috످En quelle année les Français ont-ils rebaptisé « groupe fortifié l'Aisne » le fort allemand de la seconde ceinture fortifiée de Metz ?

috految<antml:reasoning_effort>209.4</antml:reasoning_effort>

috److془The Feste Wagner, rebaptisé groupe fortifié l'Aisne par les Français en 1919. Built 1904-1912, Verny.

Confident: 1919.془C'est en 1919, après le retour de l'Alsace-Moselle à la France, que les Français ont rebaptisé la Feste Wagner « groupe fortifié l'Aisne ».

috످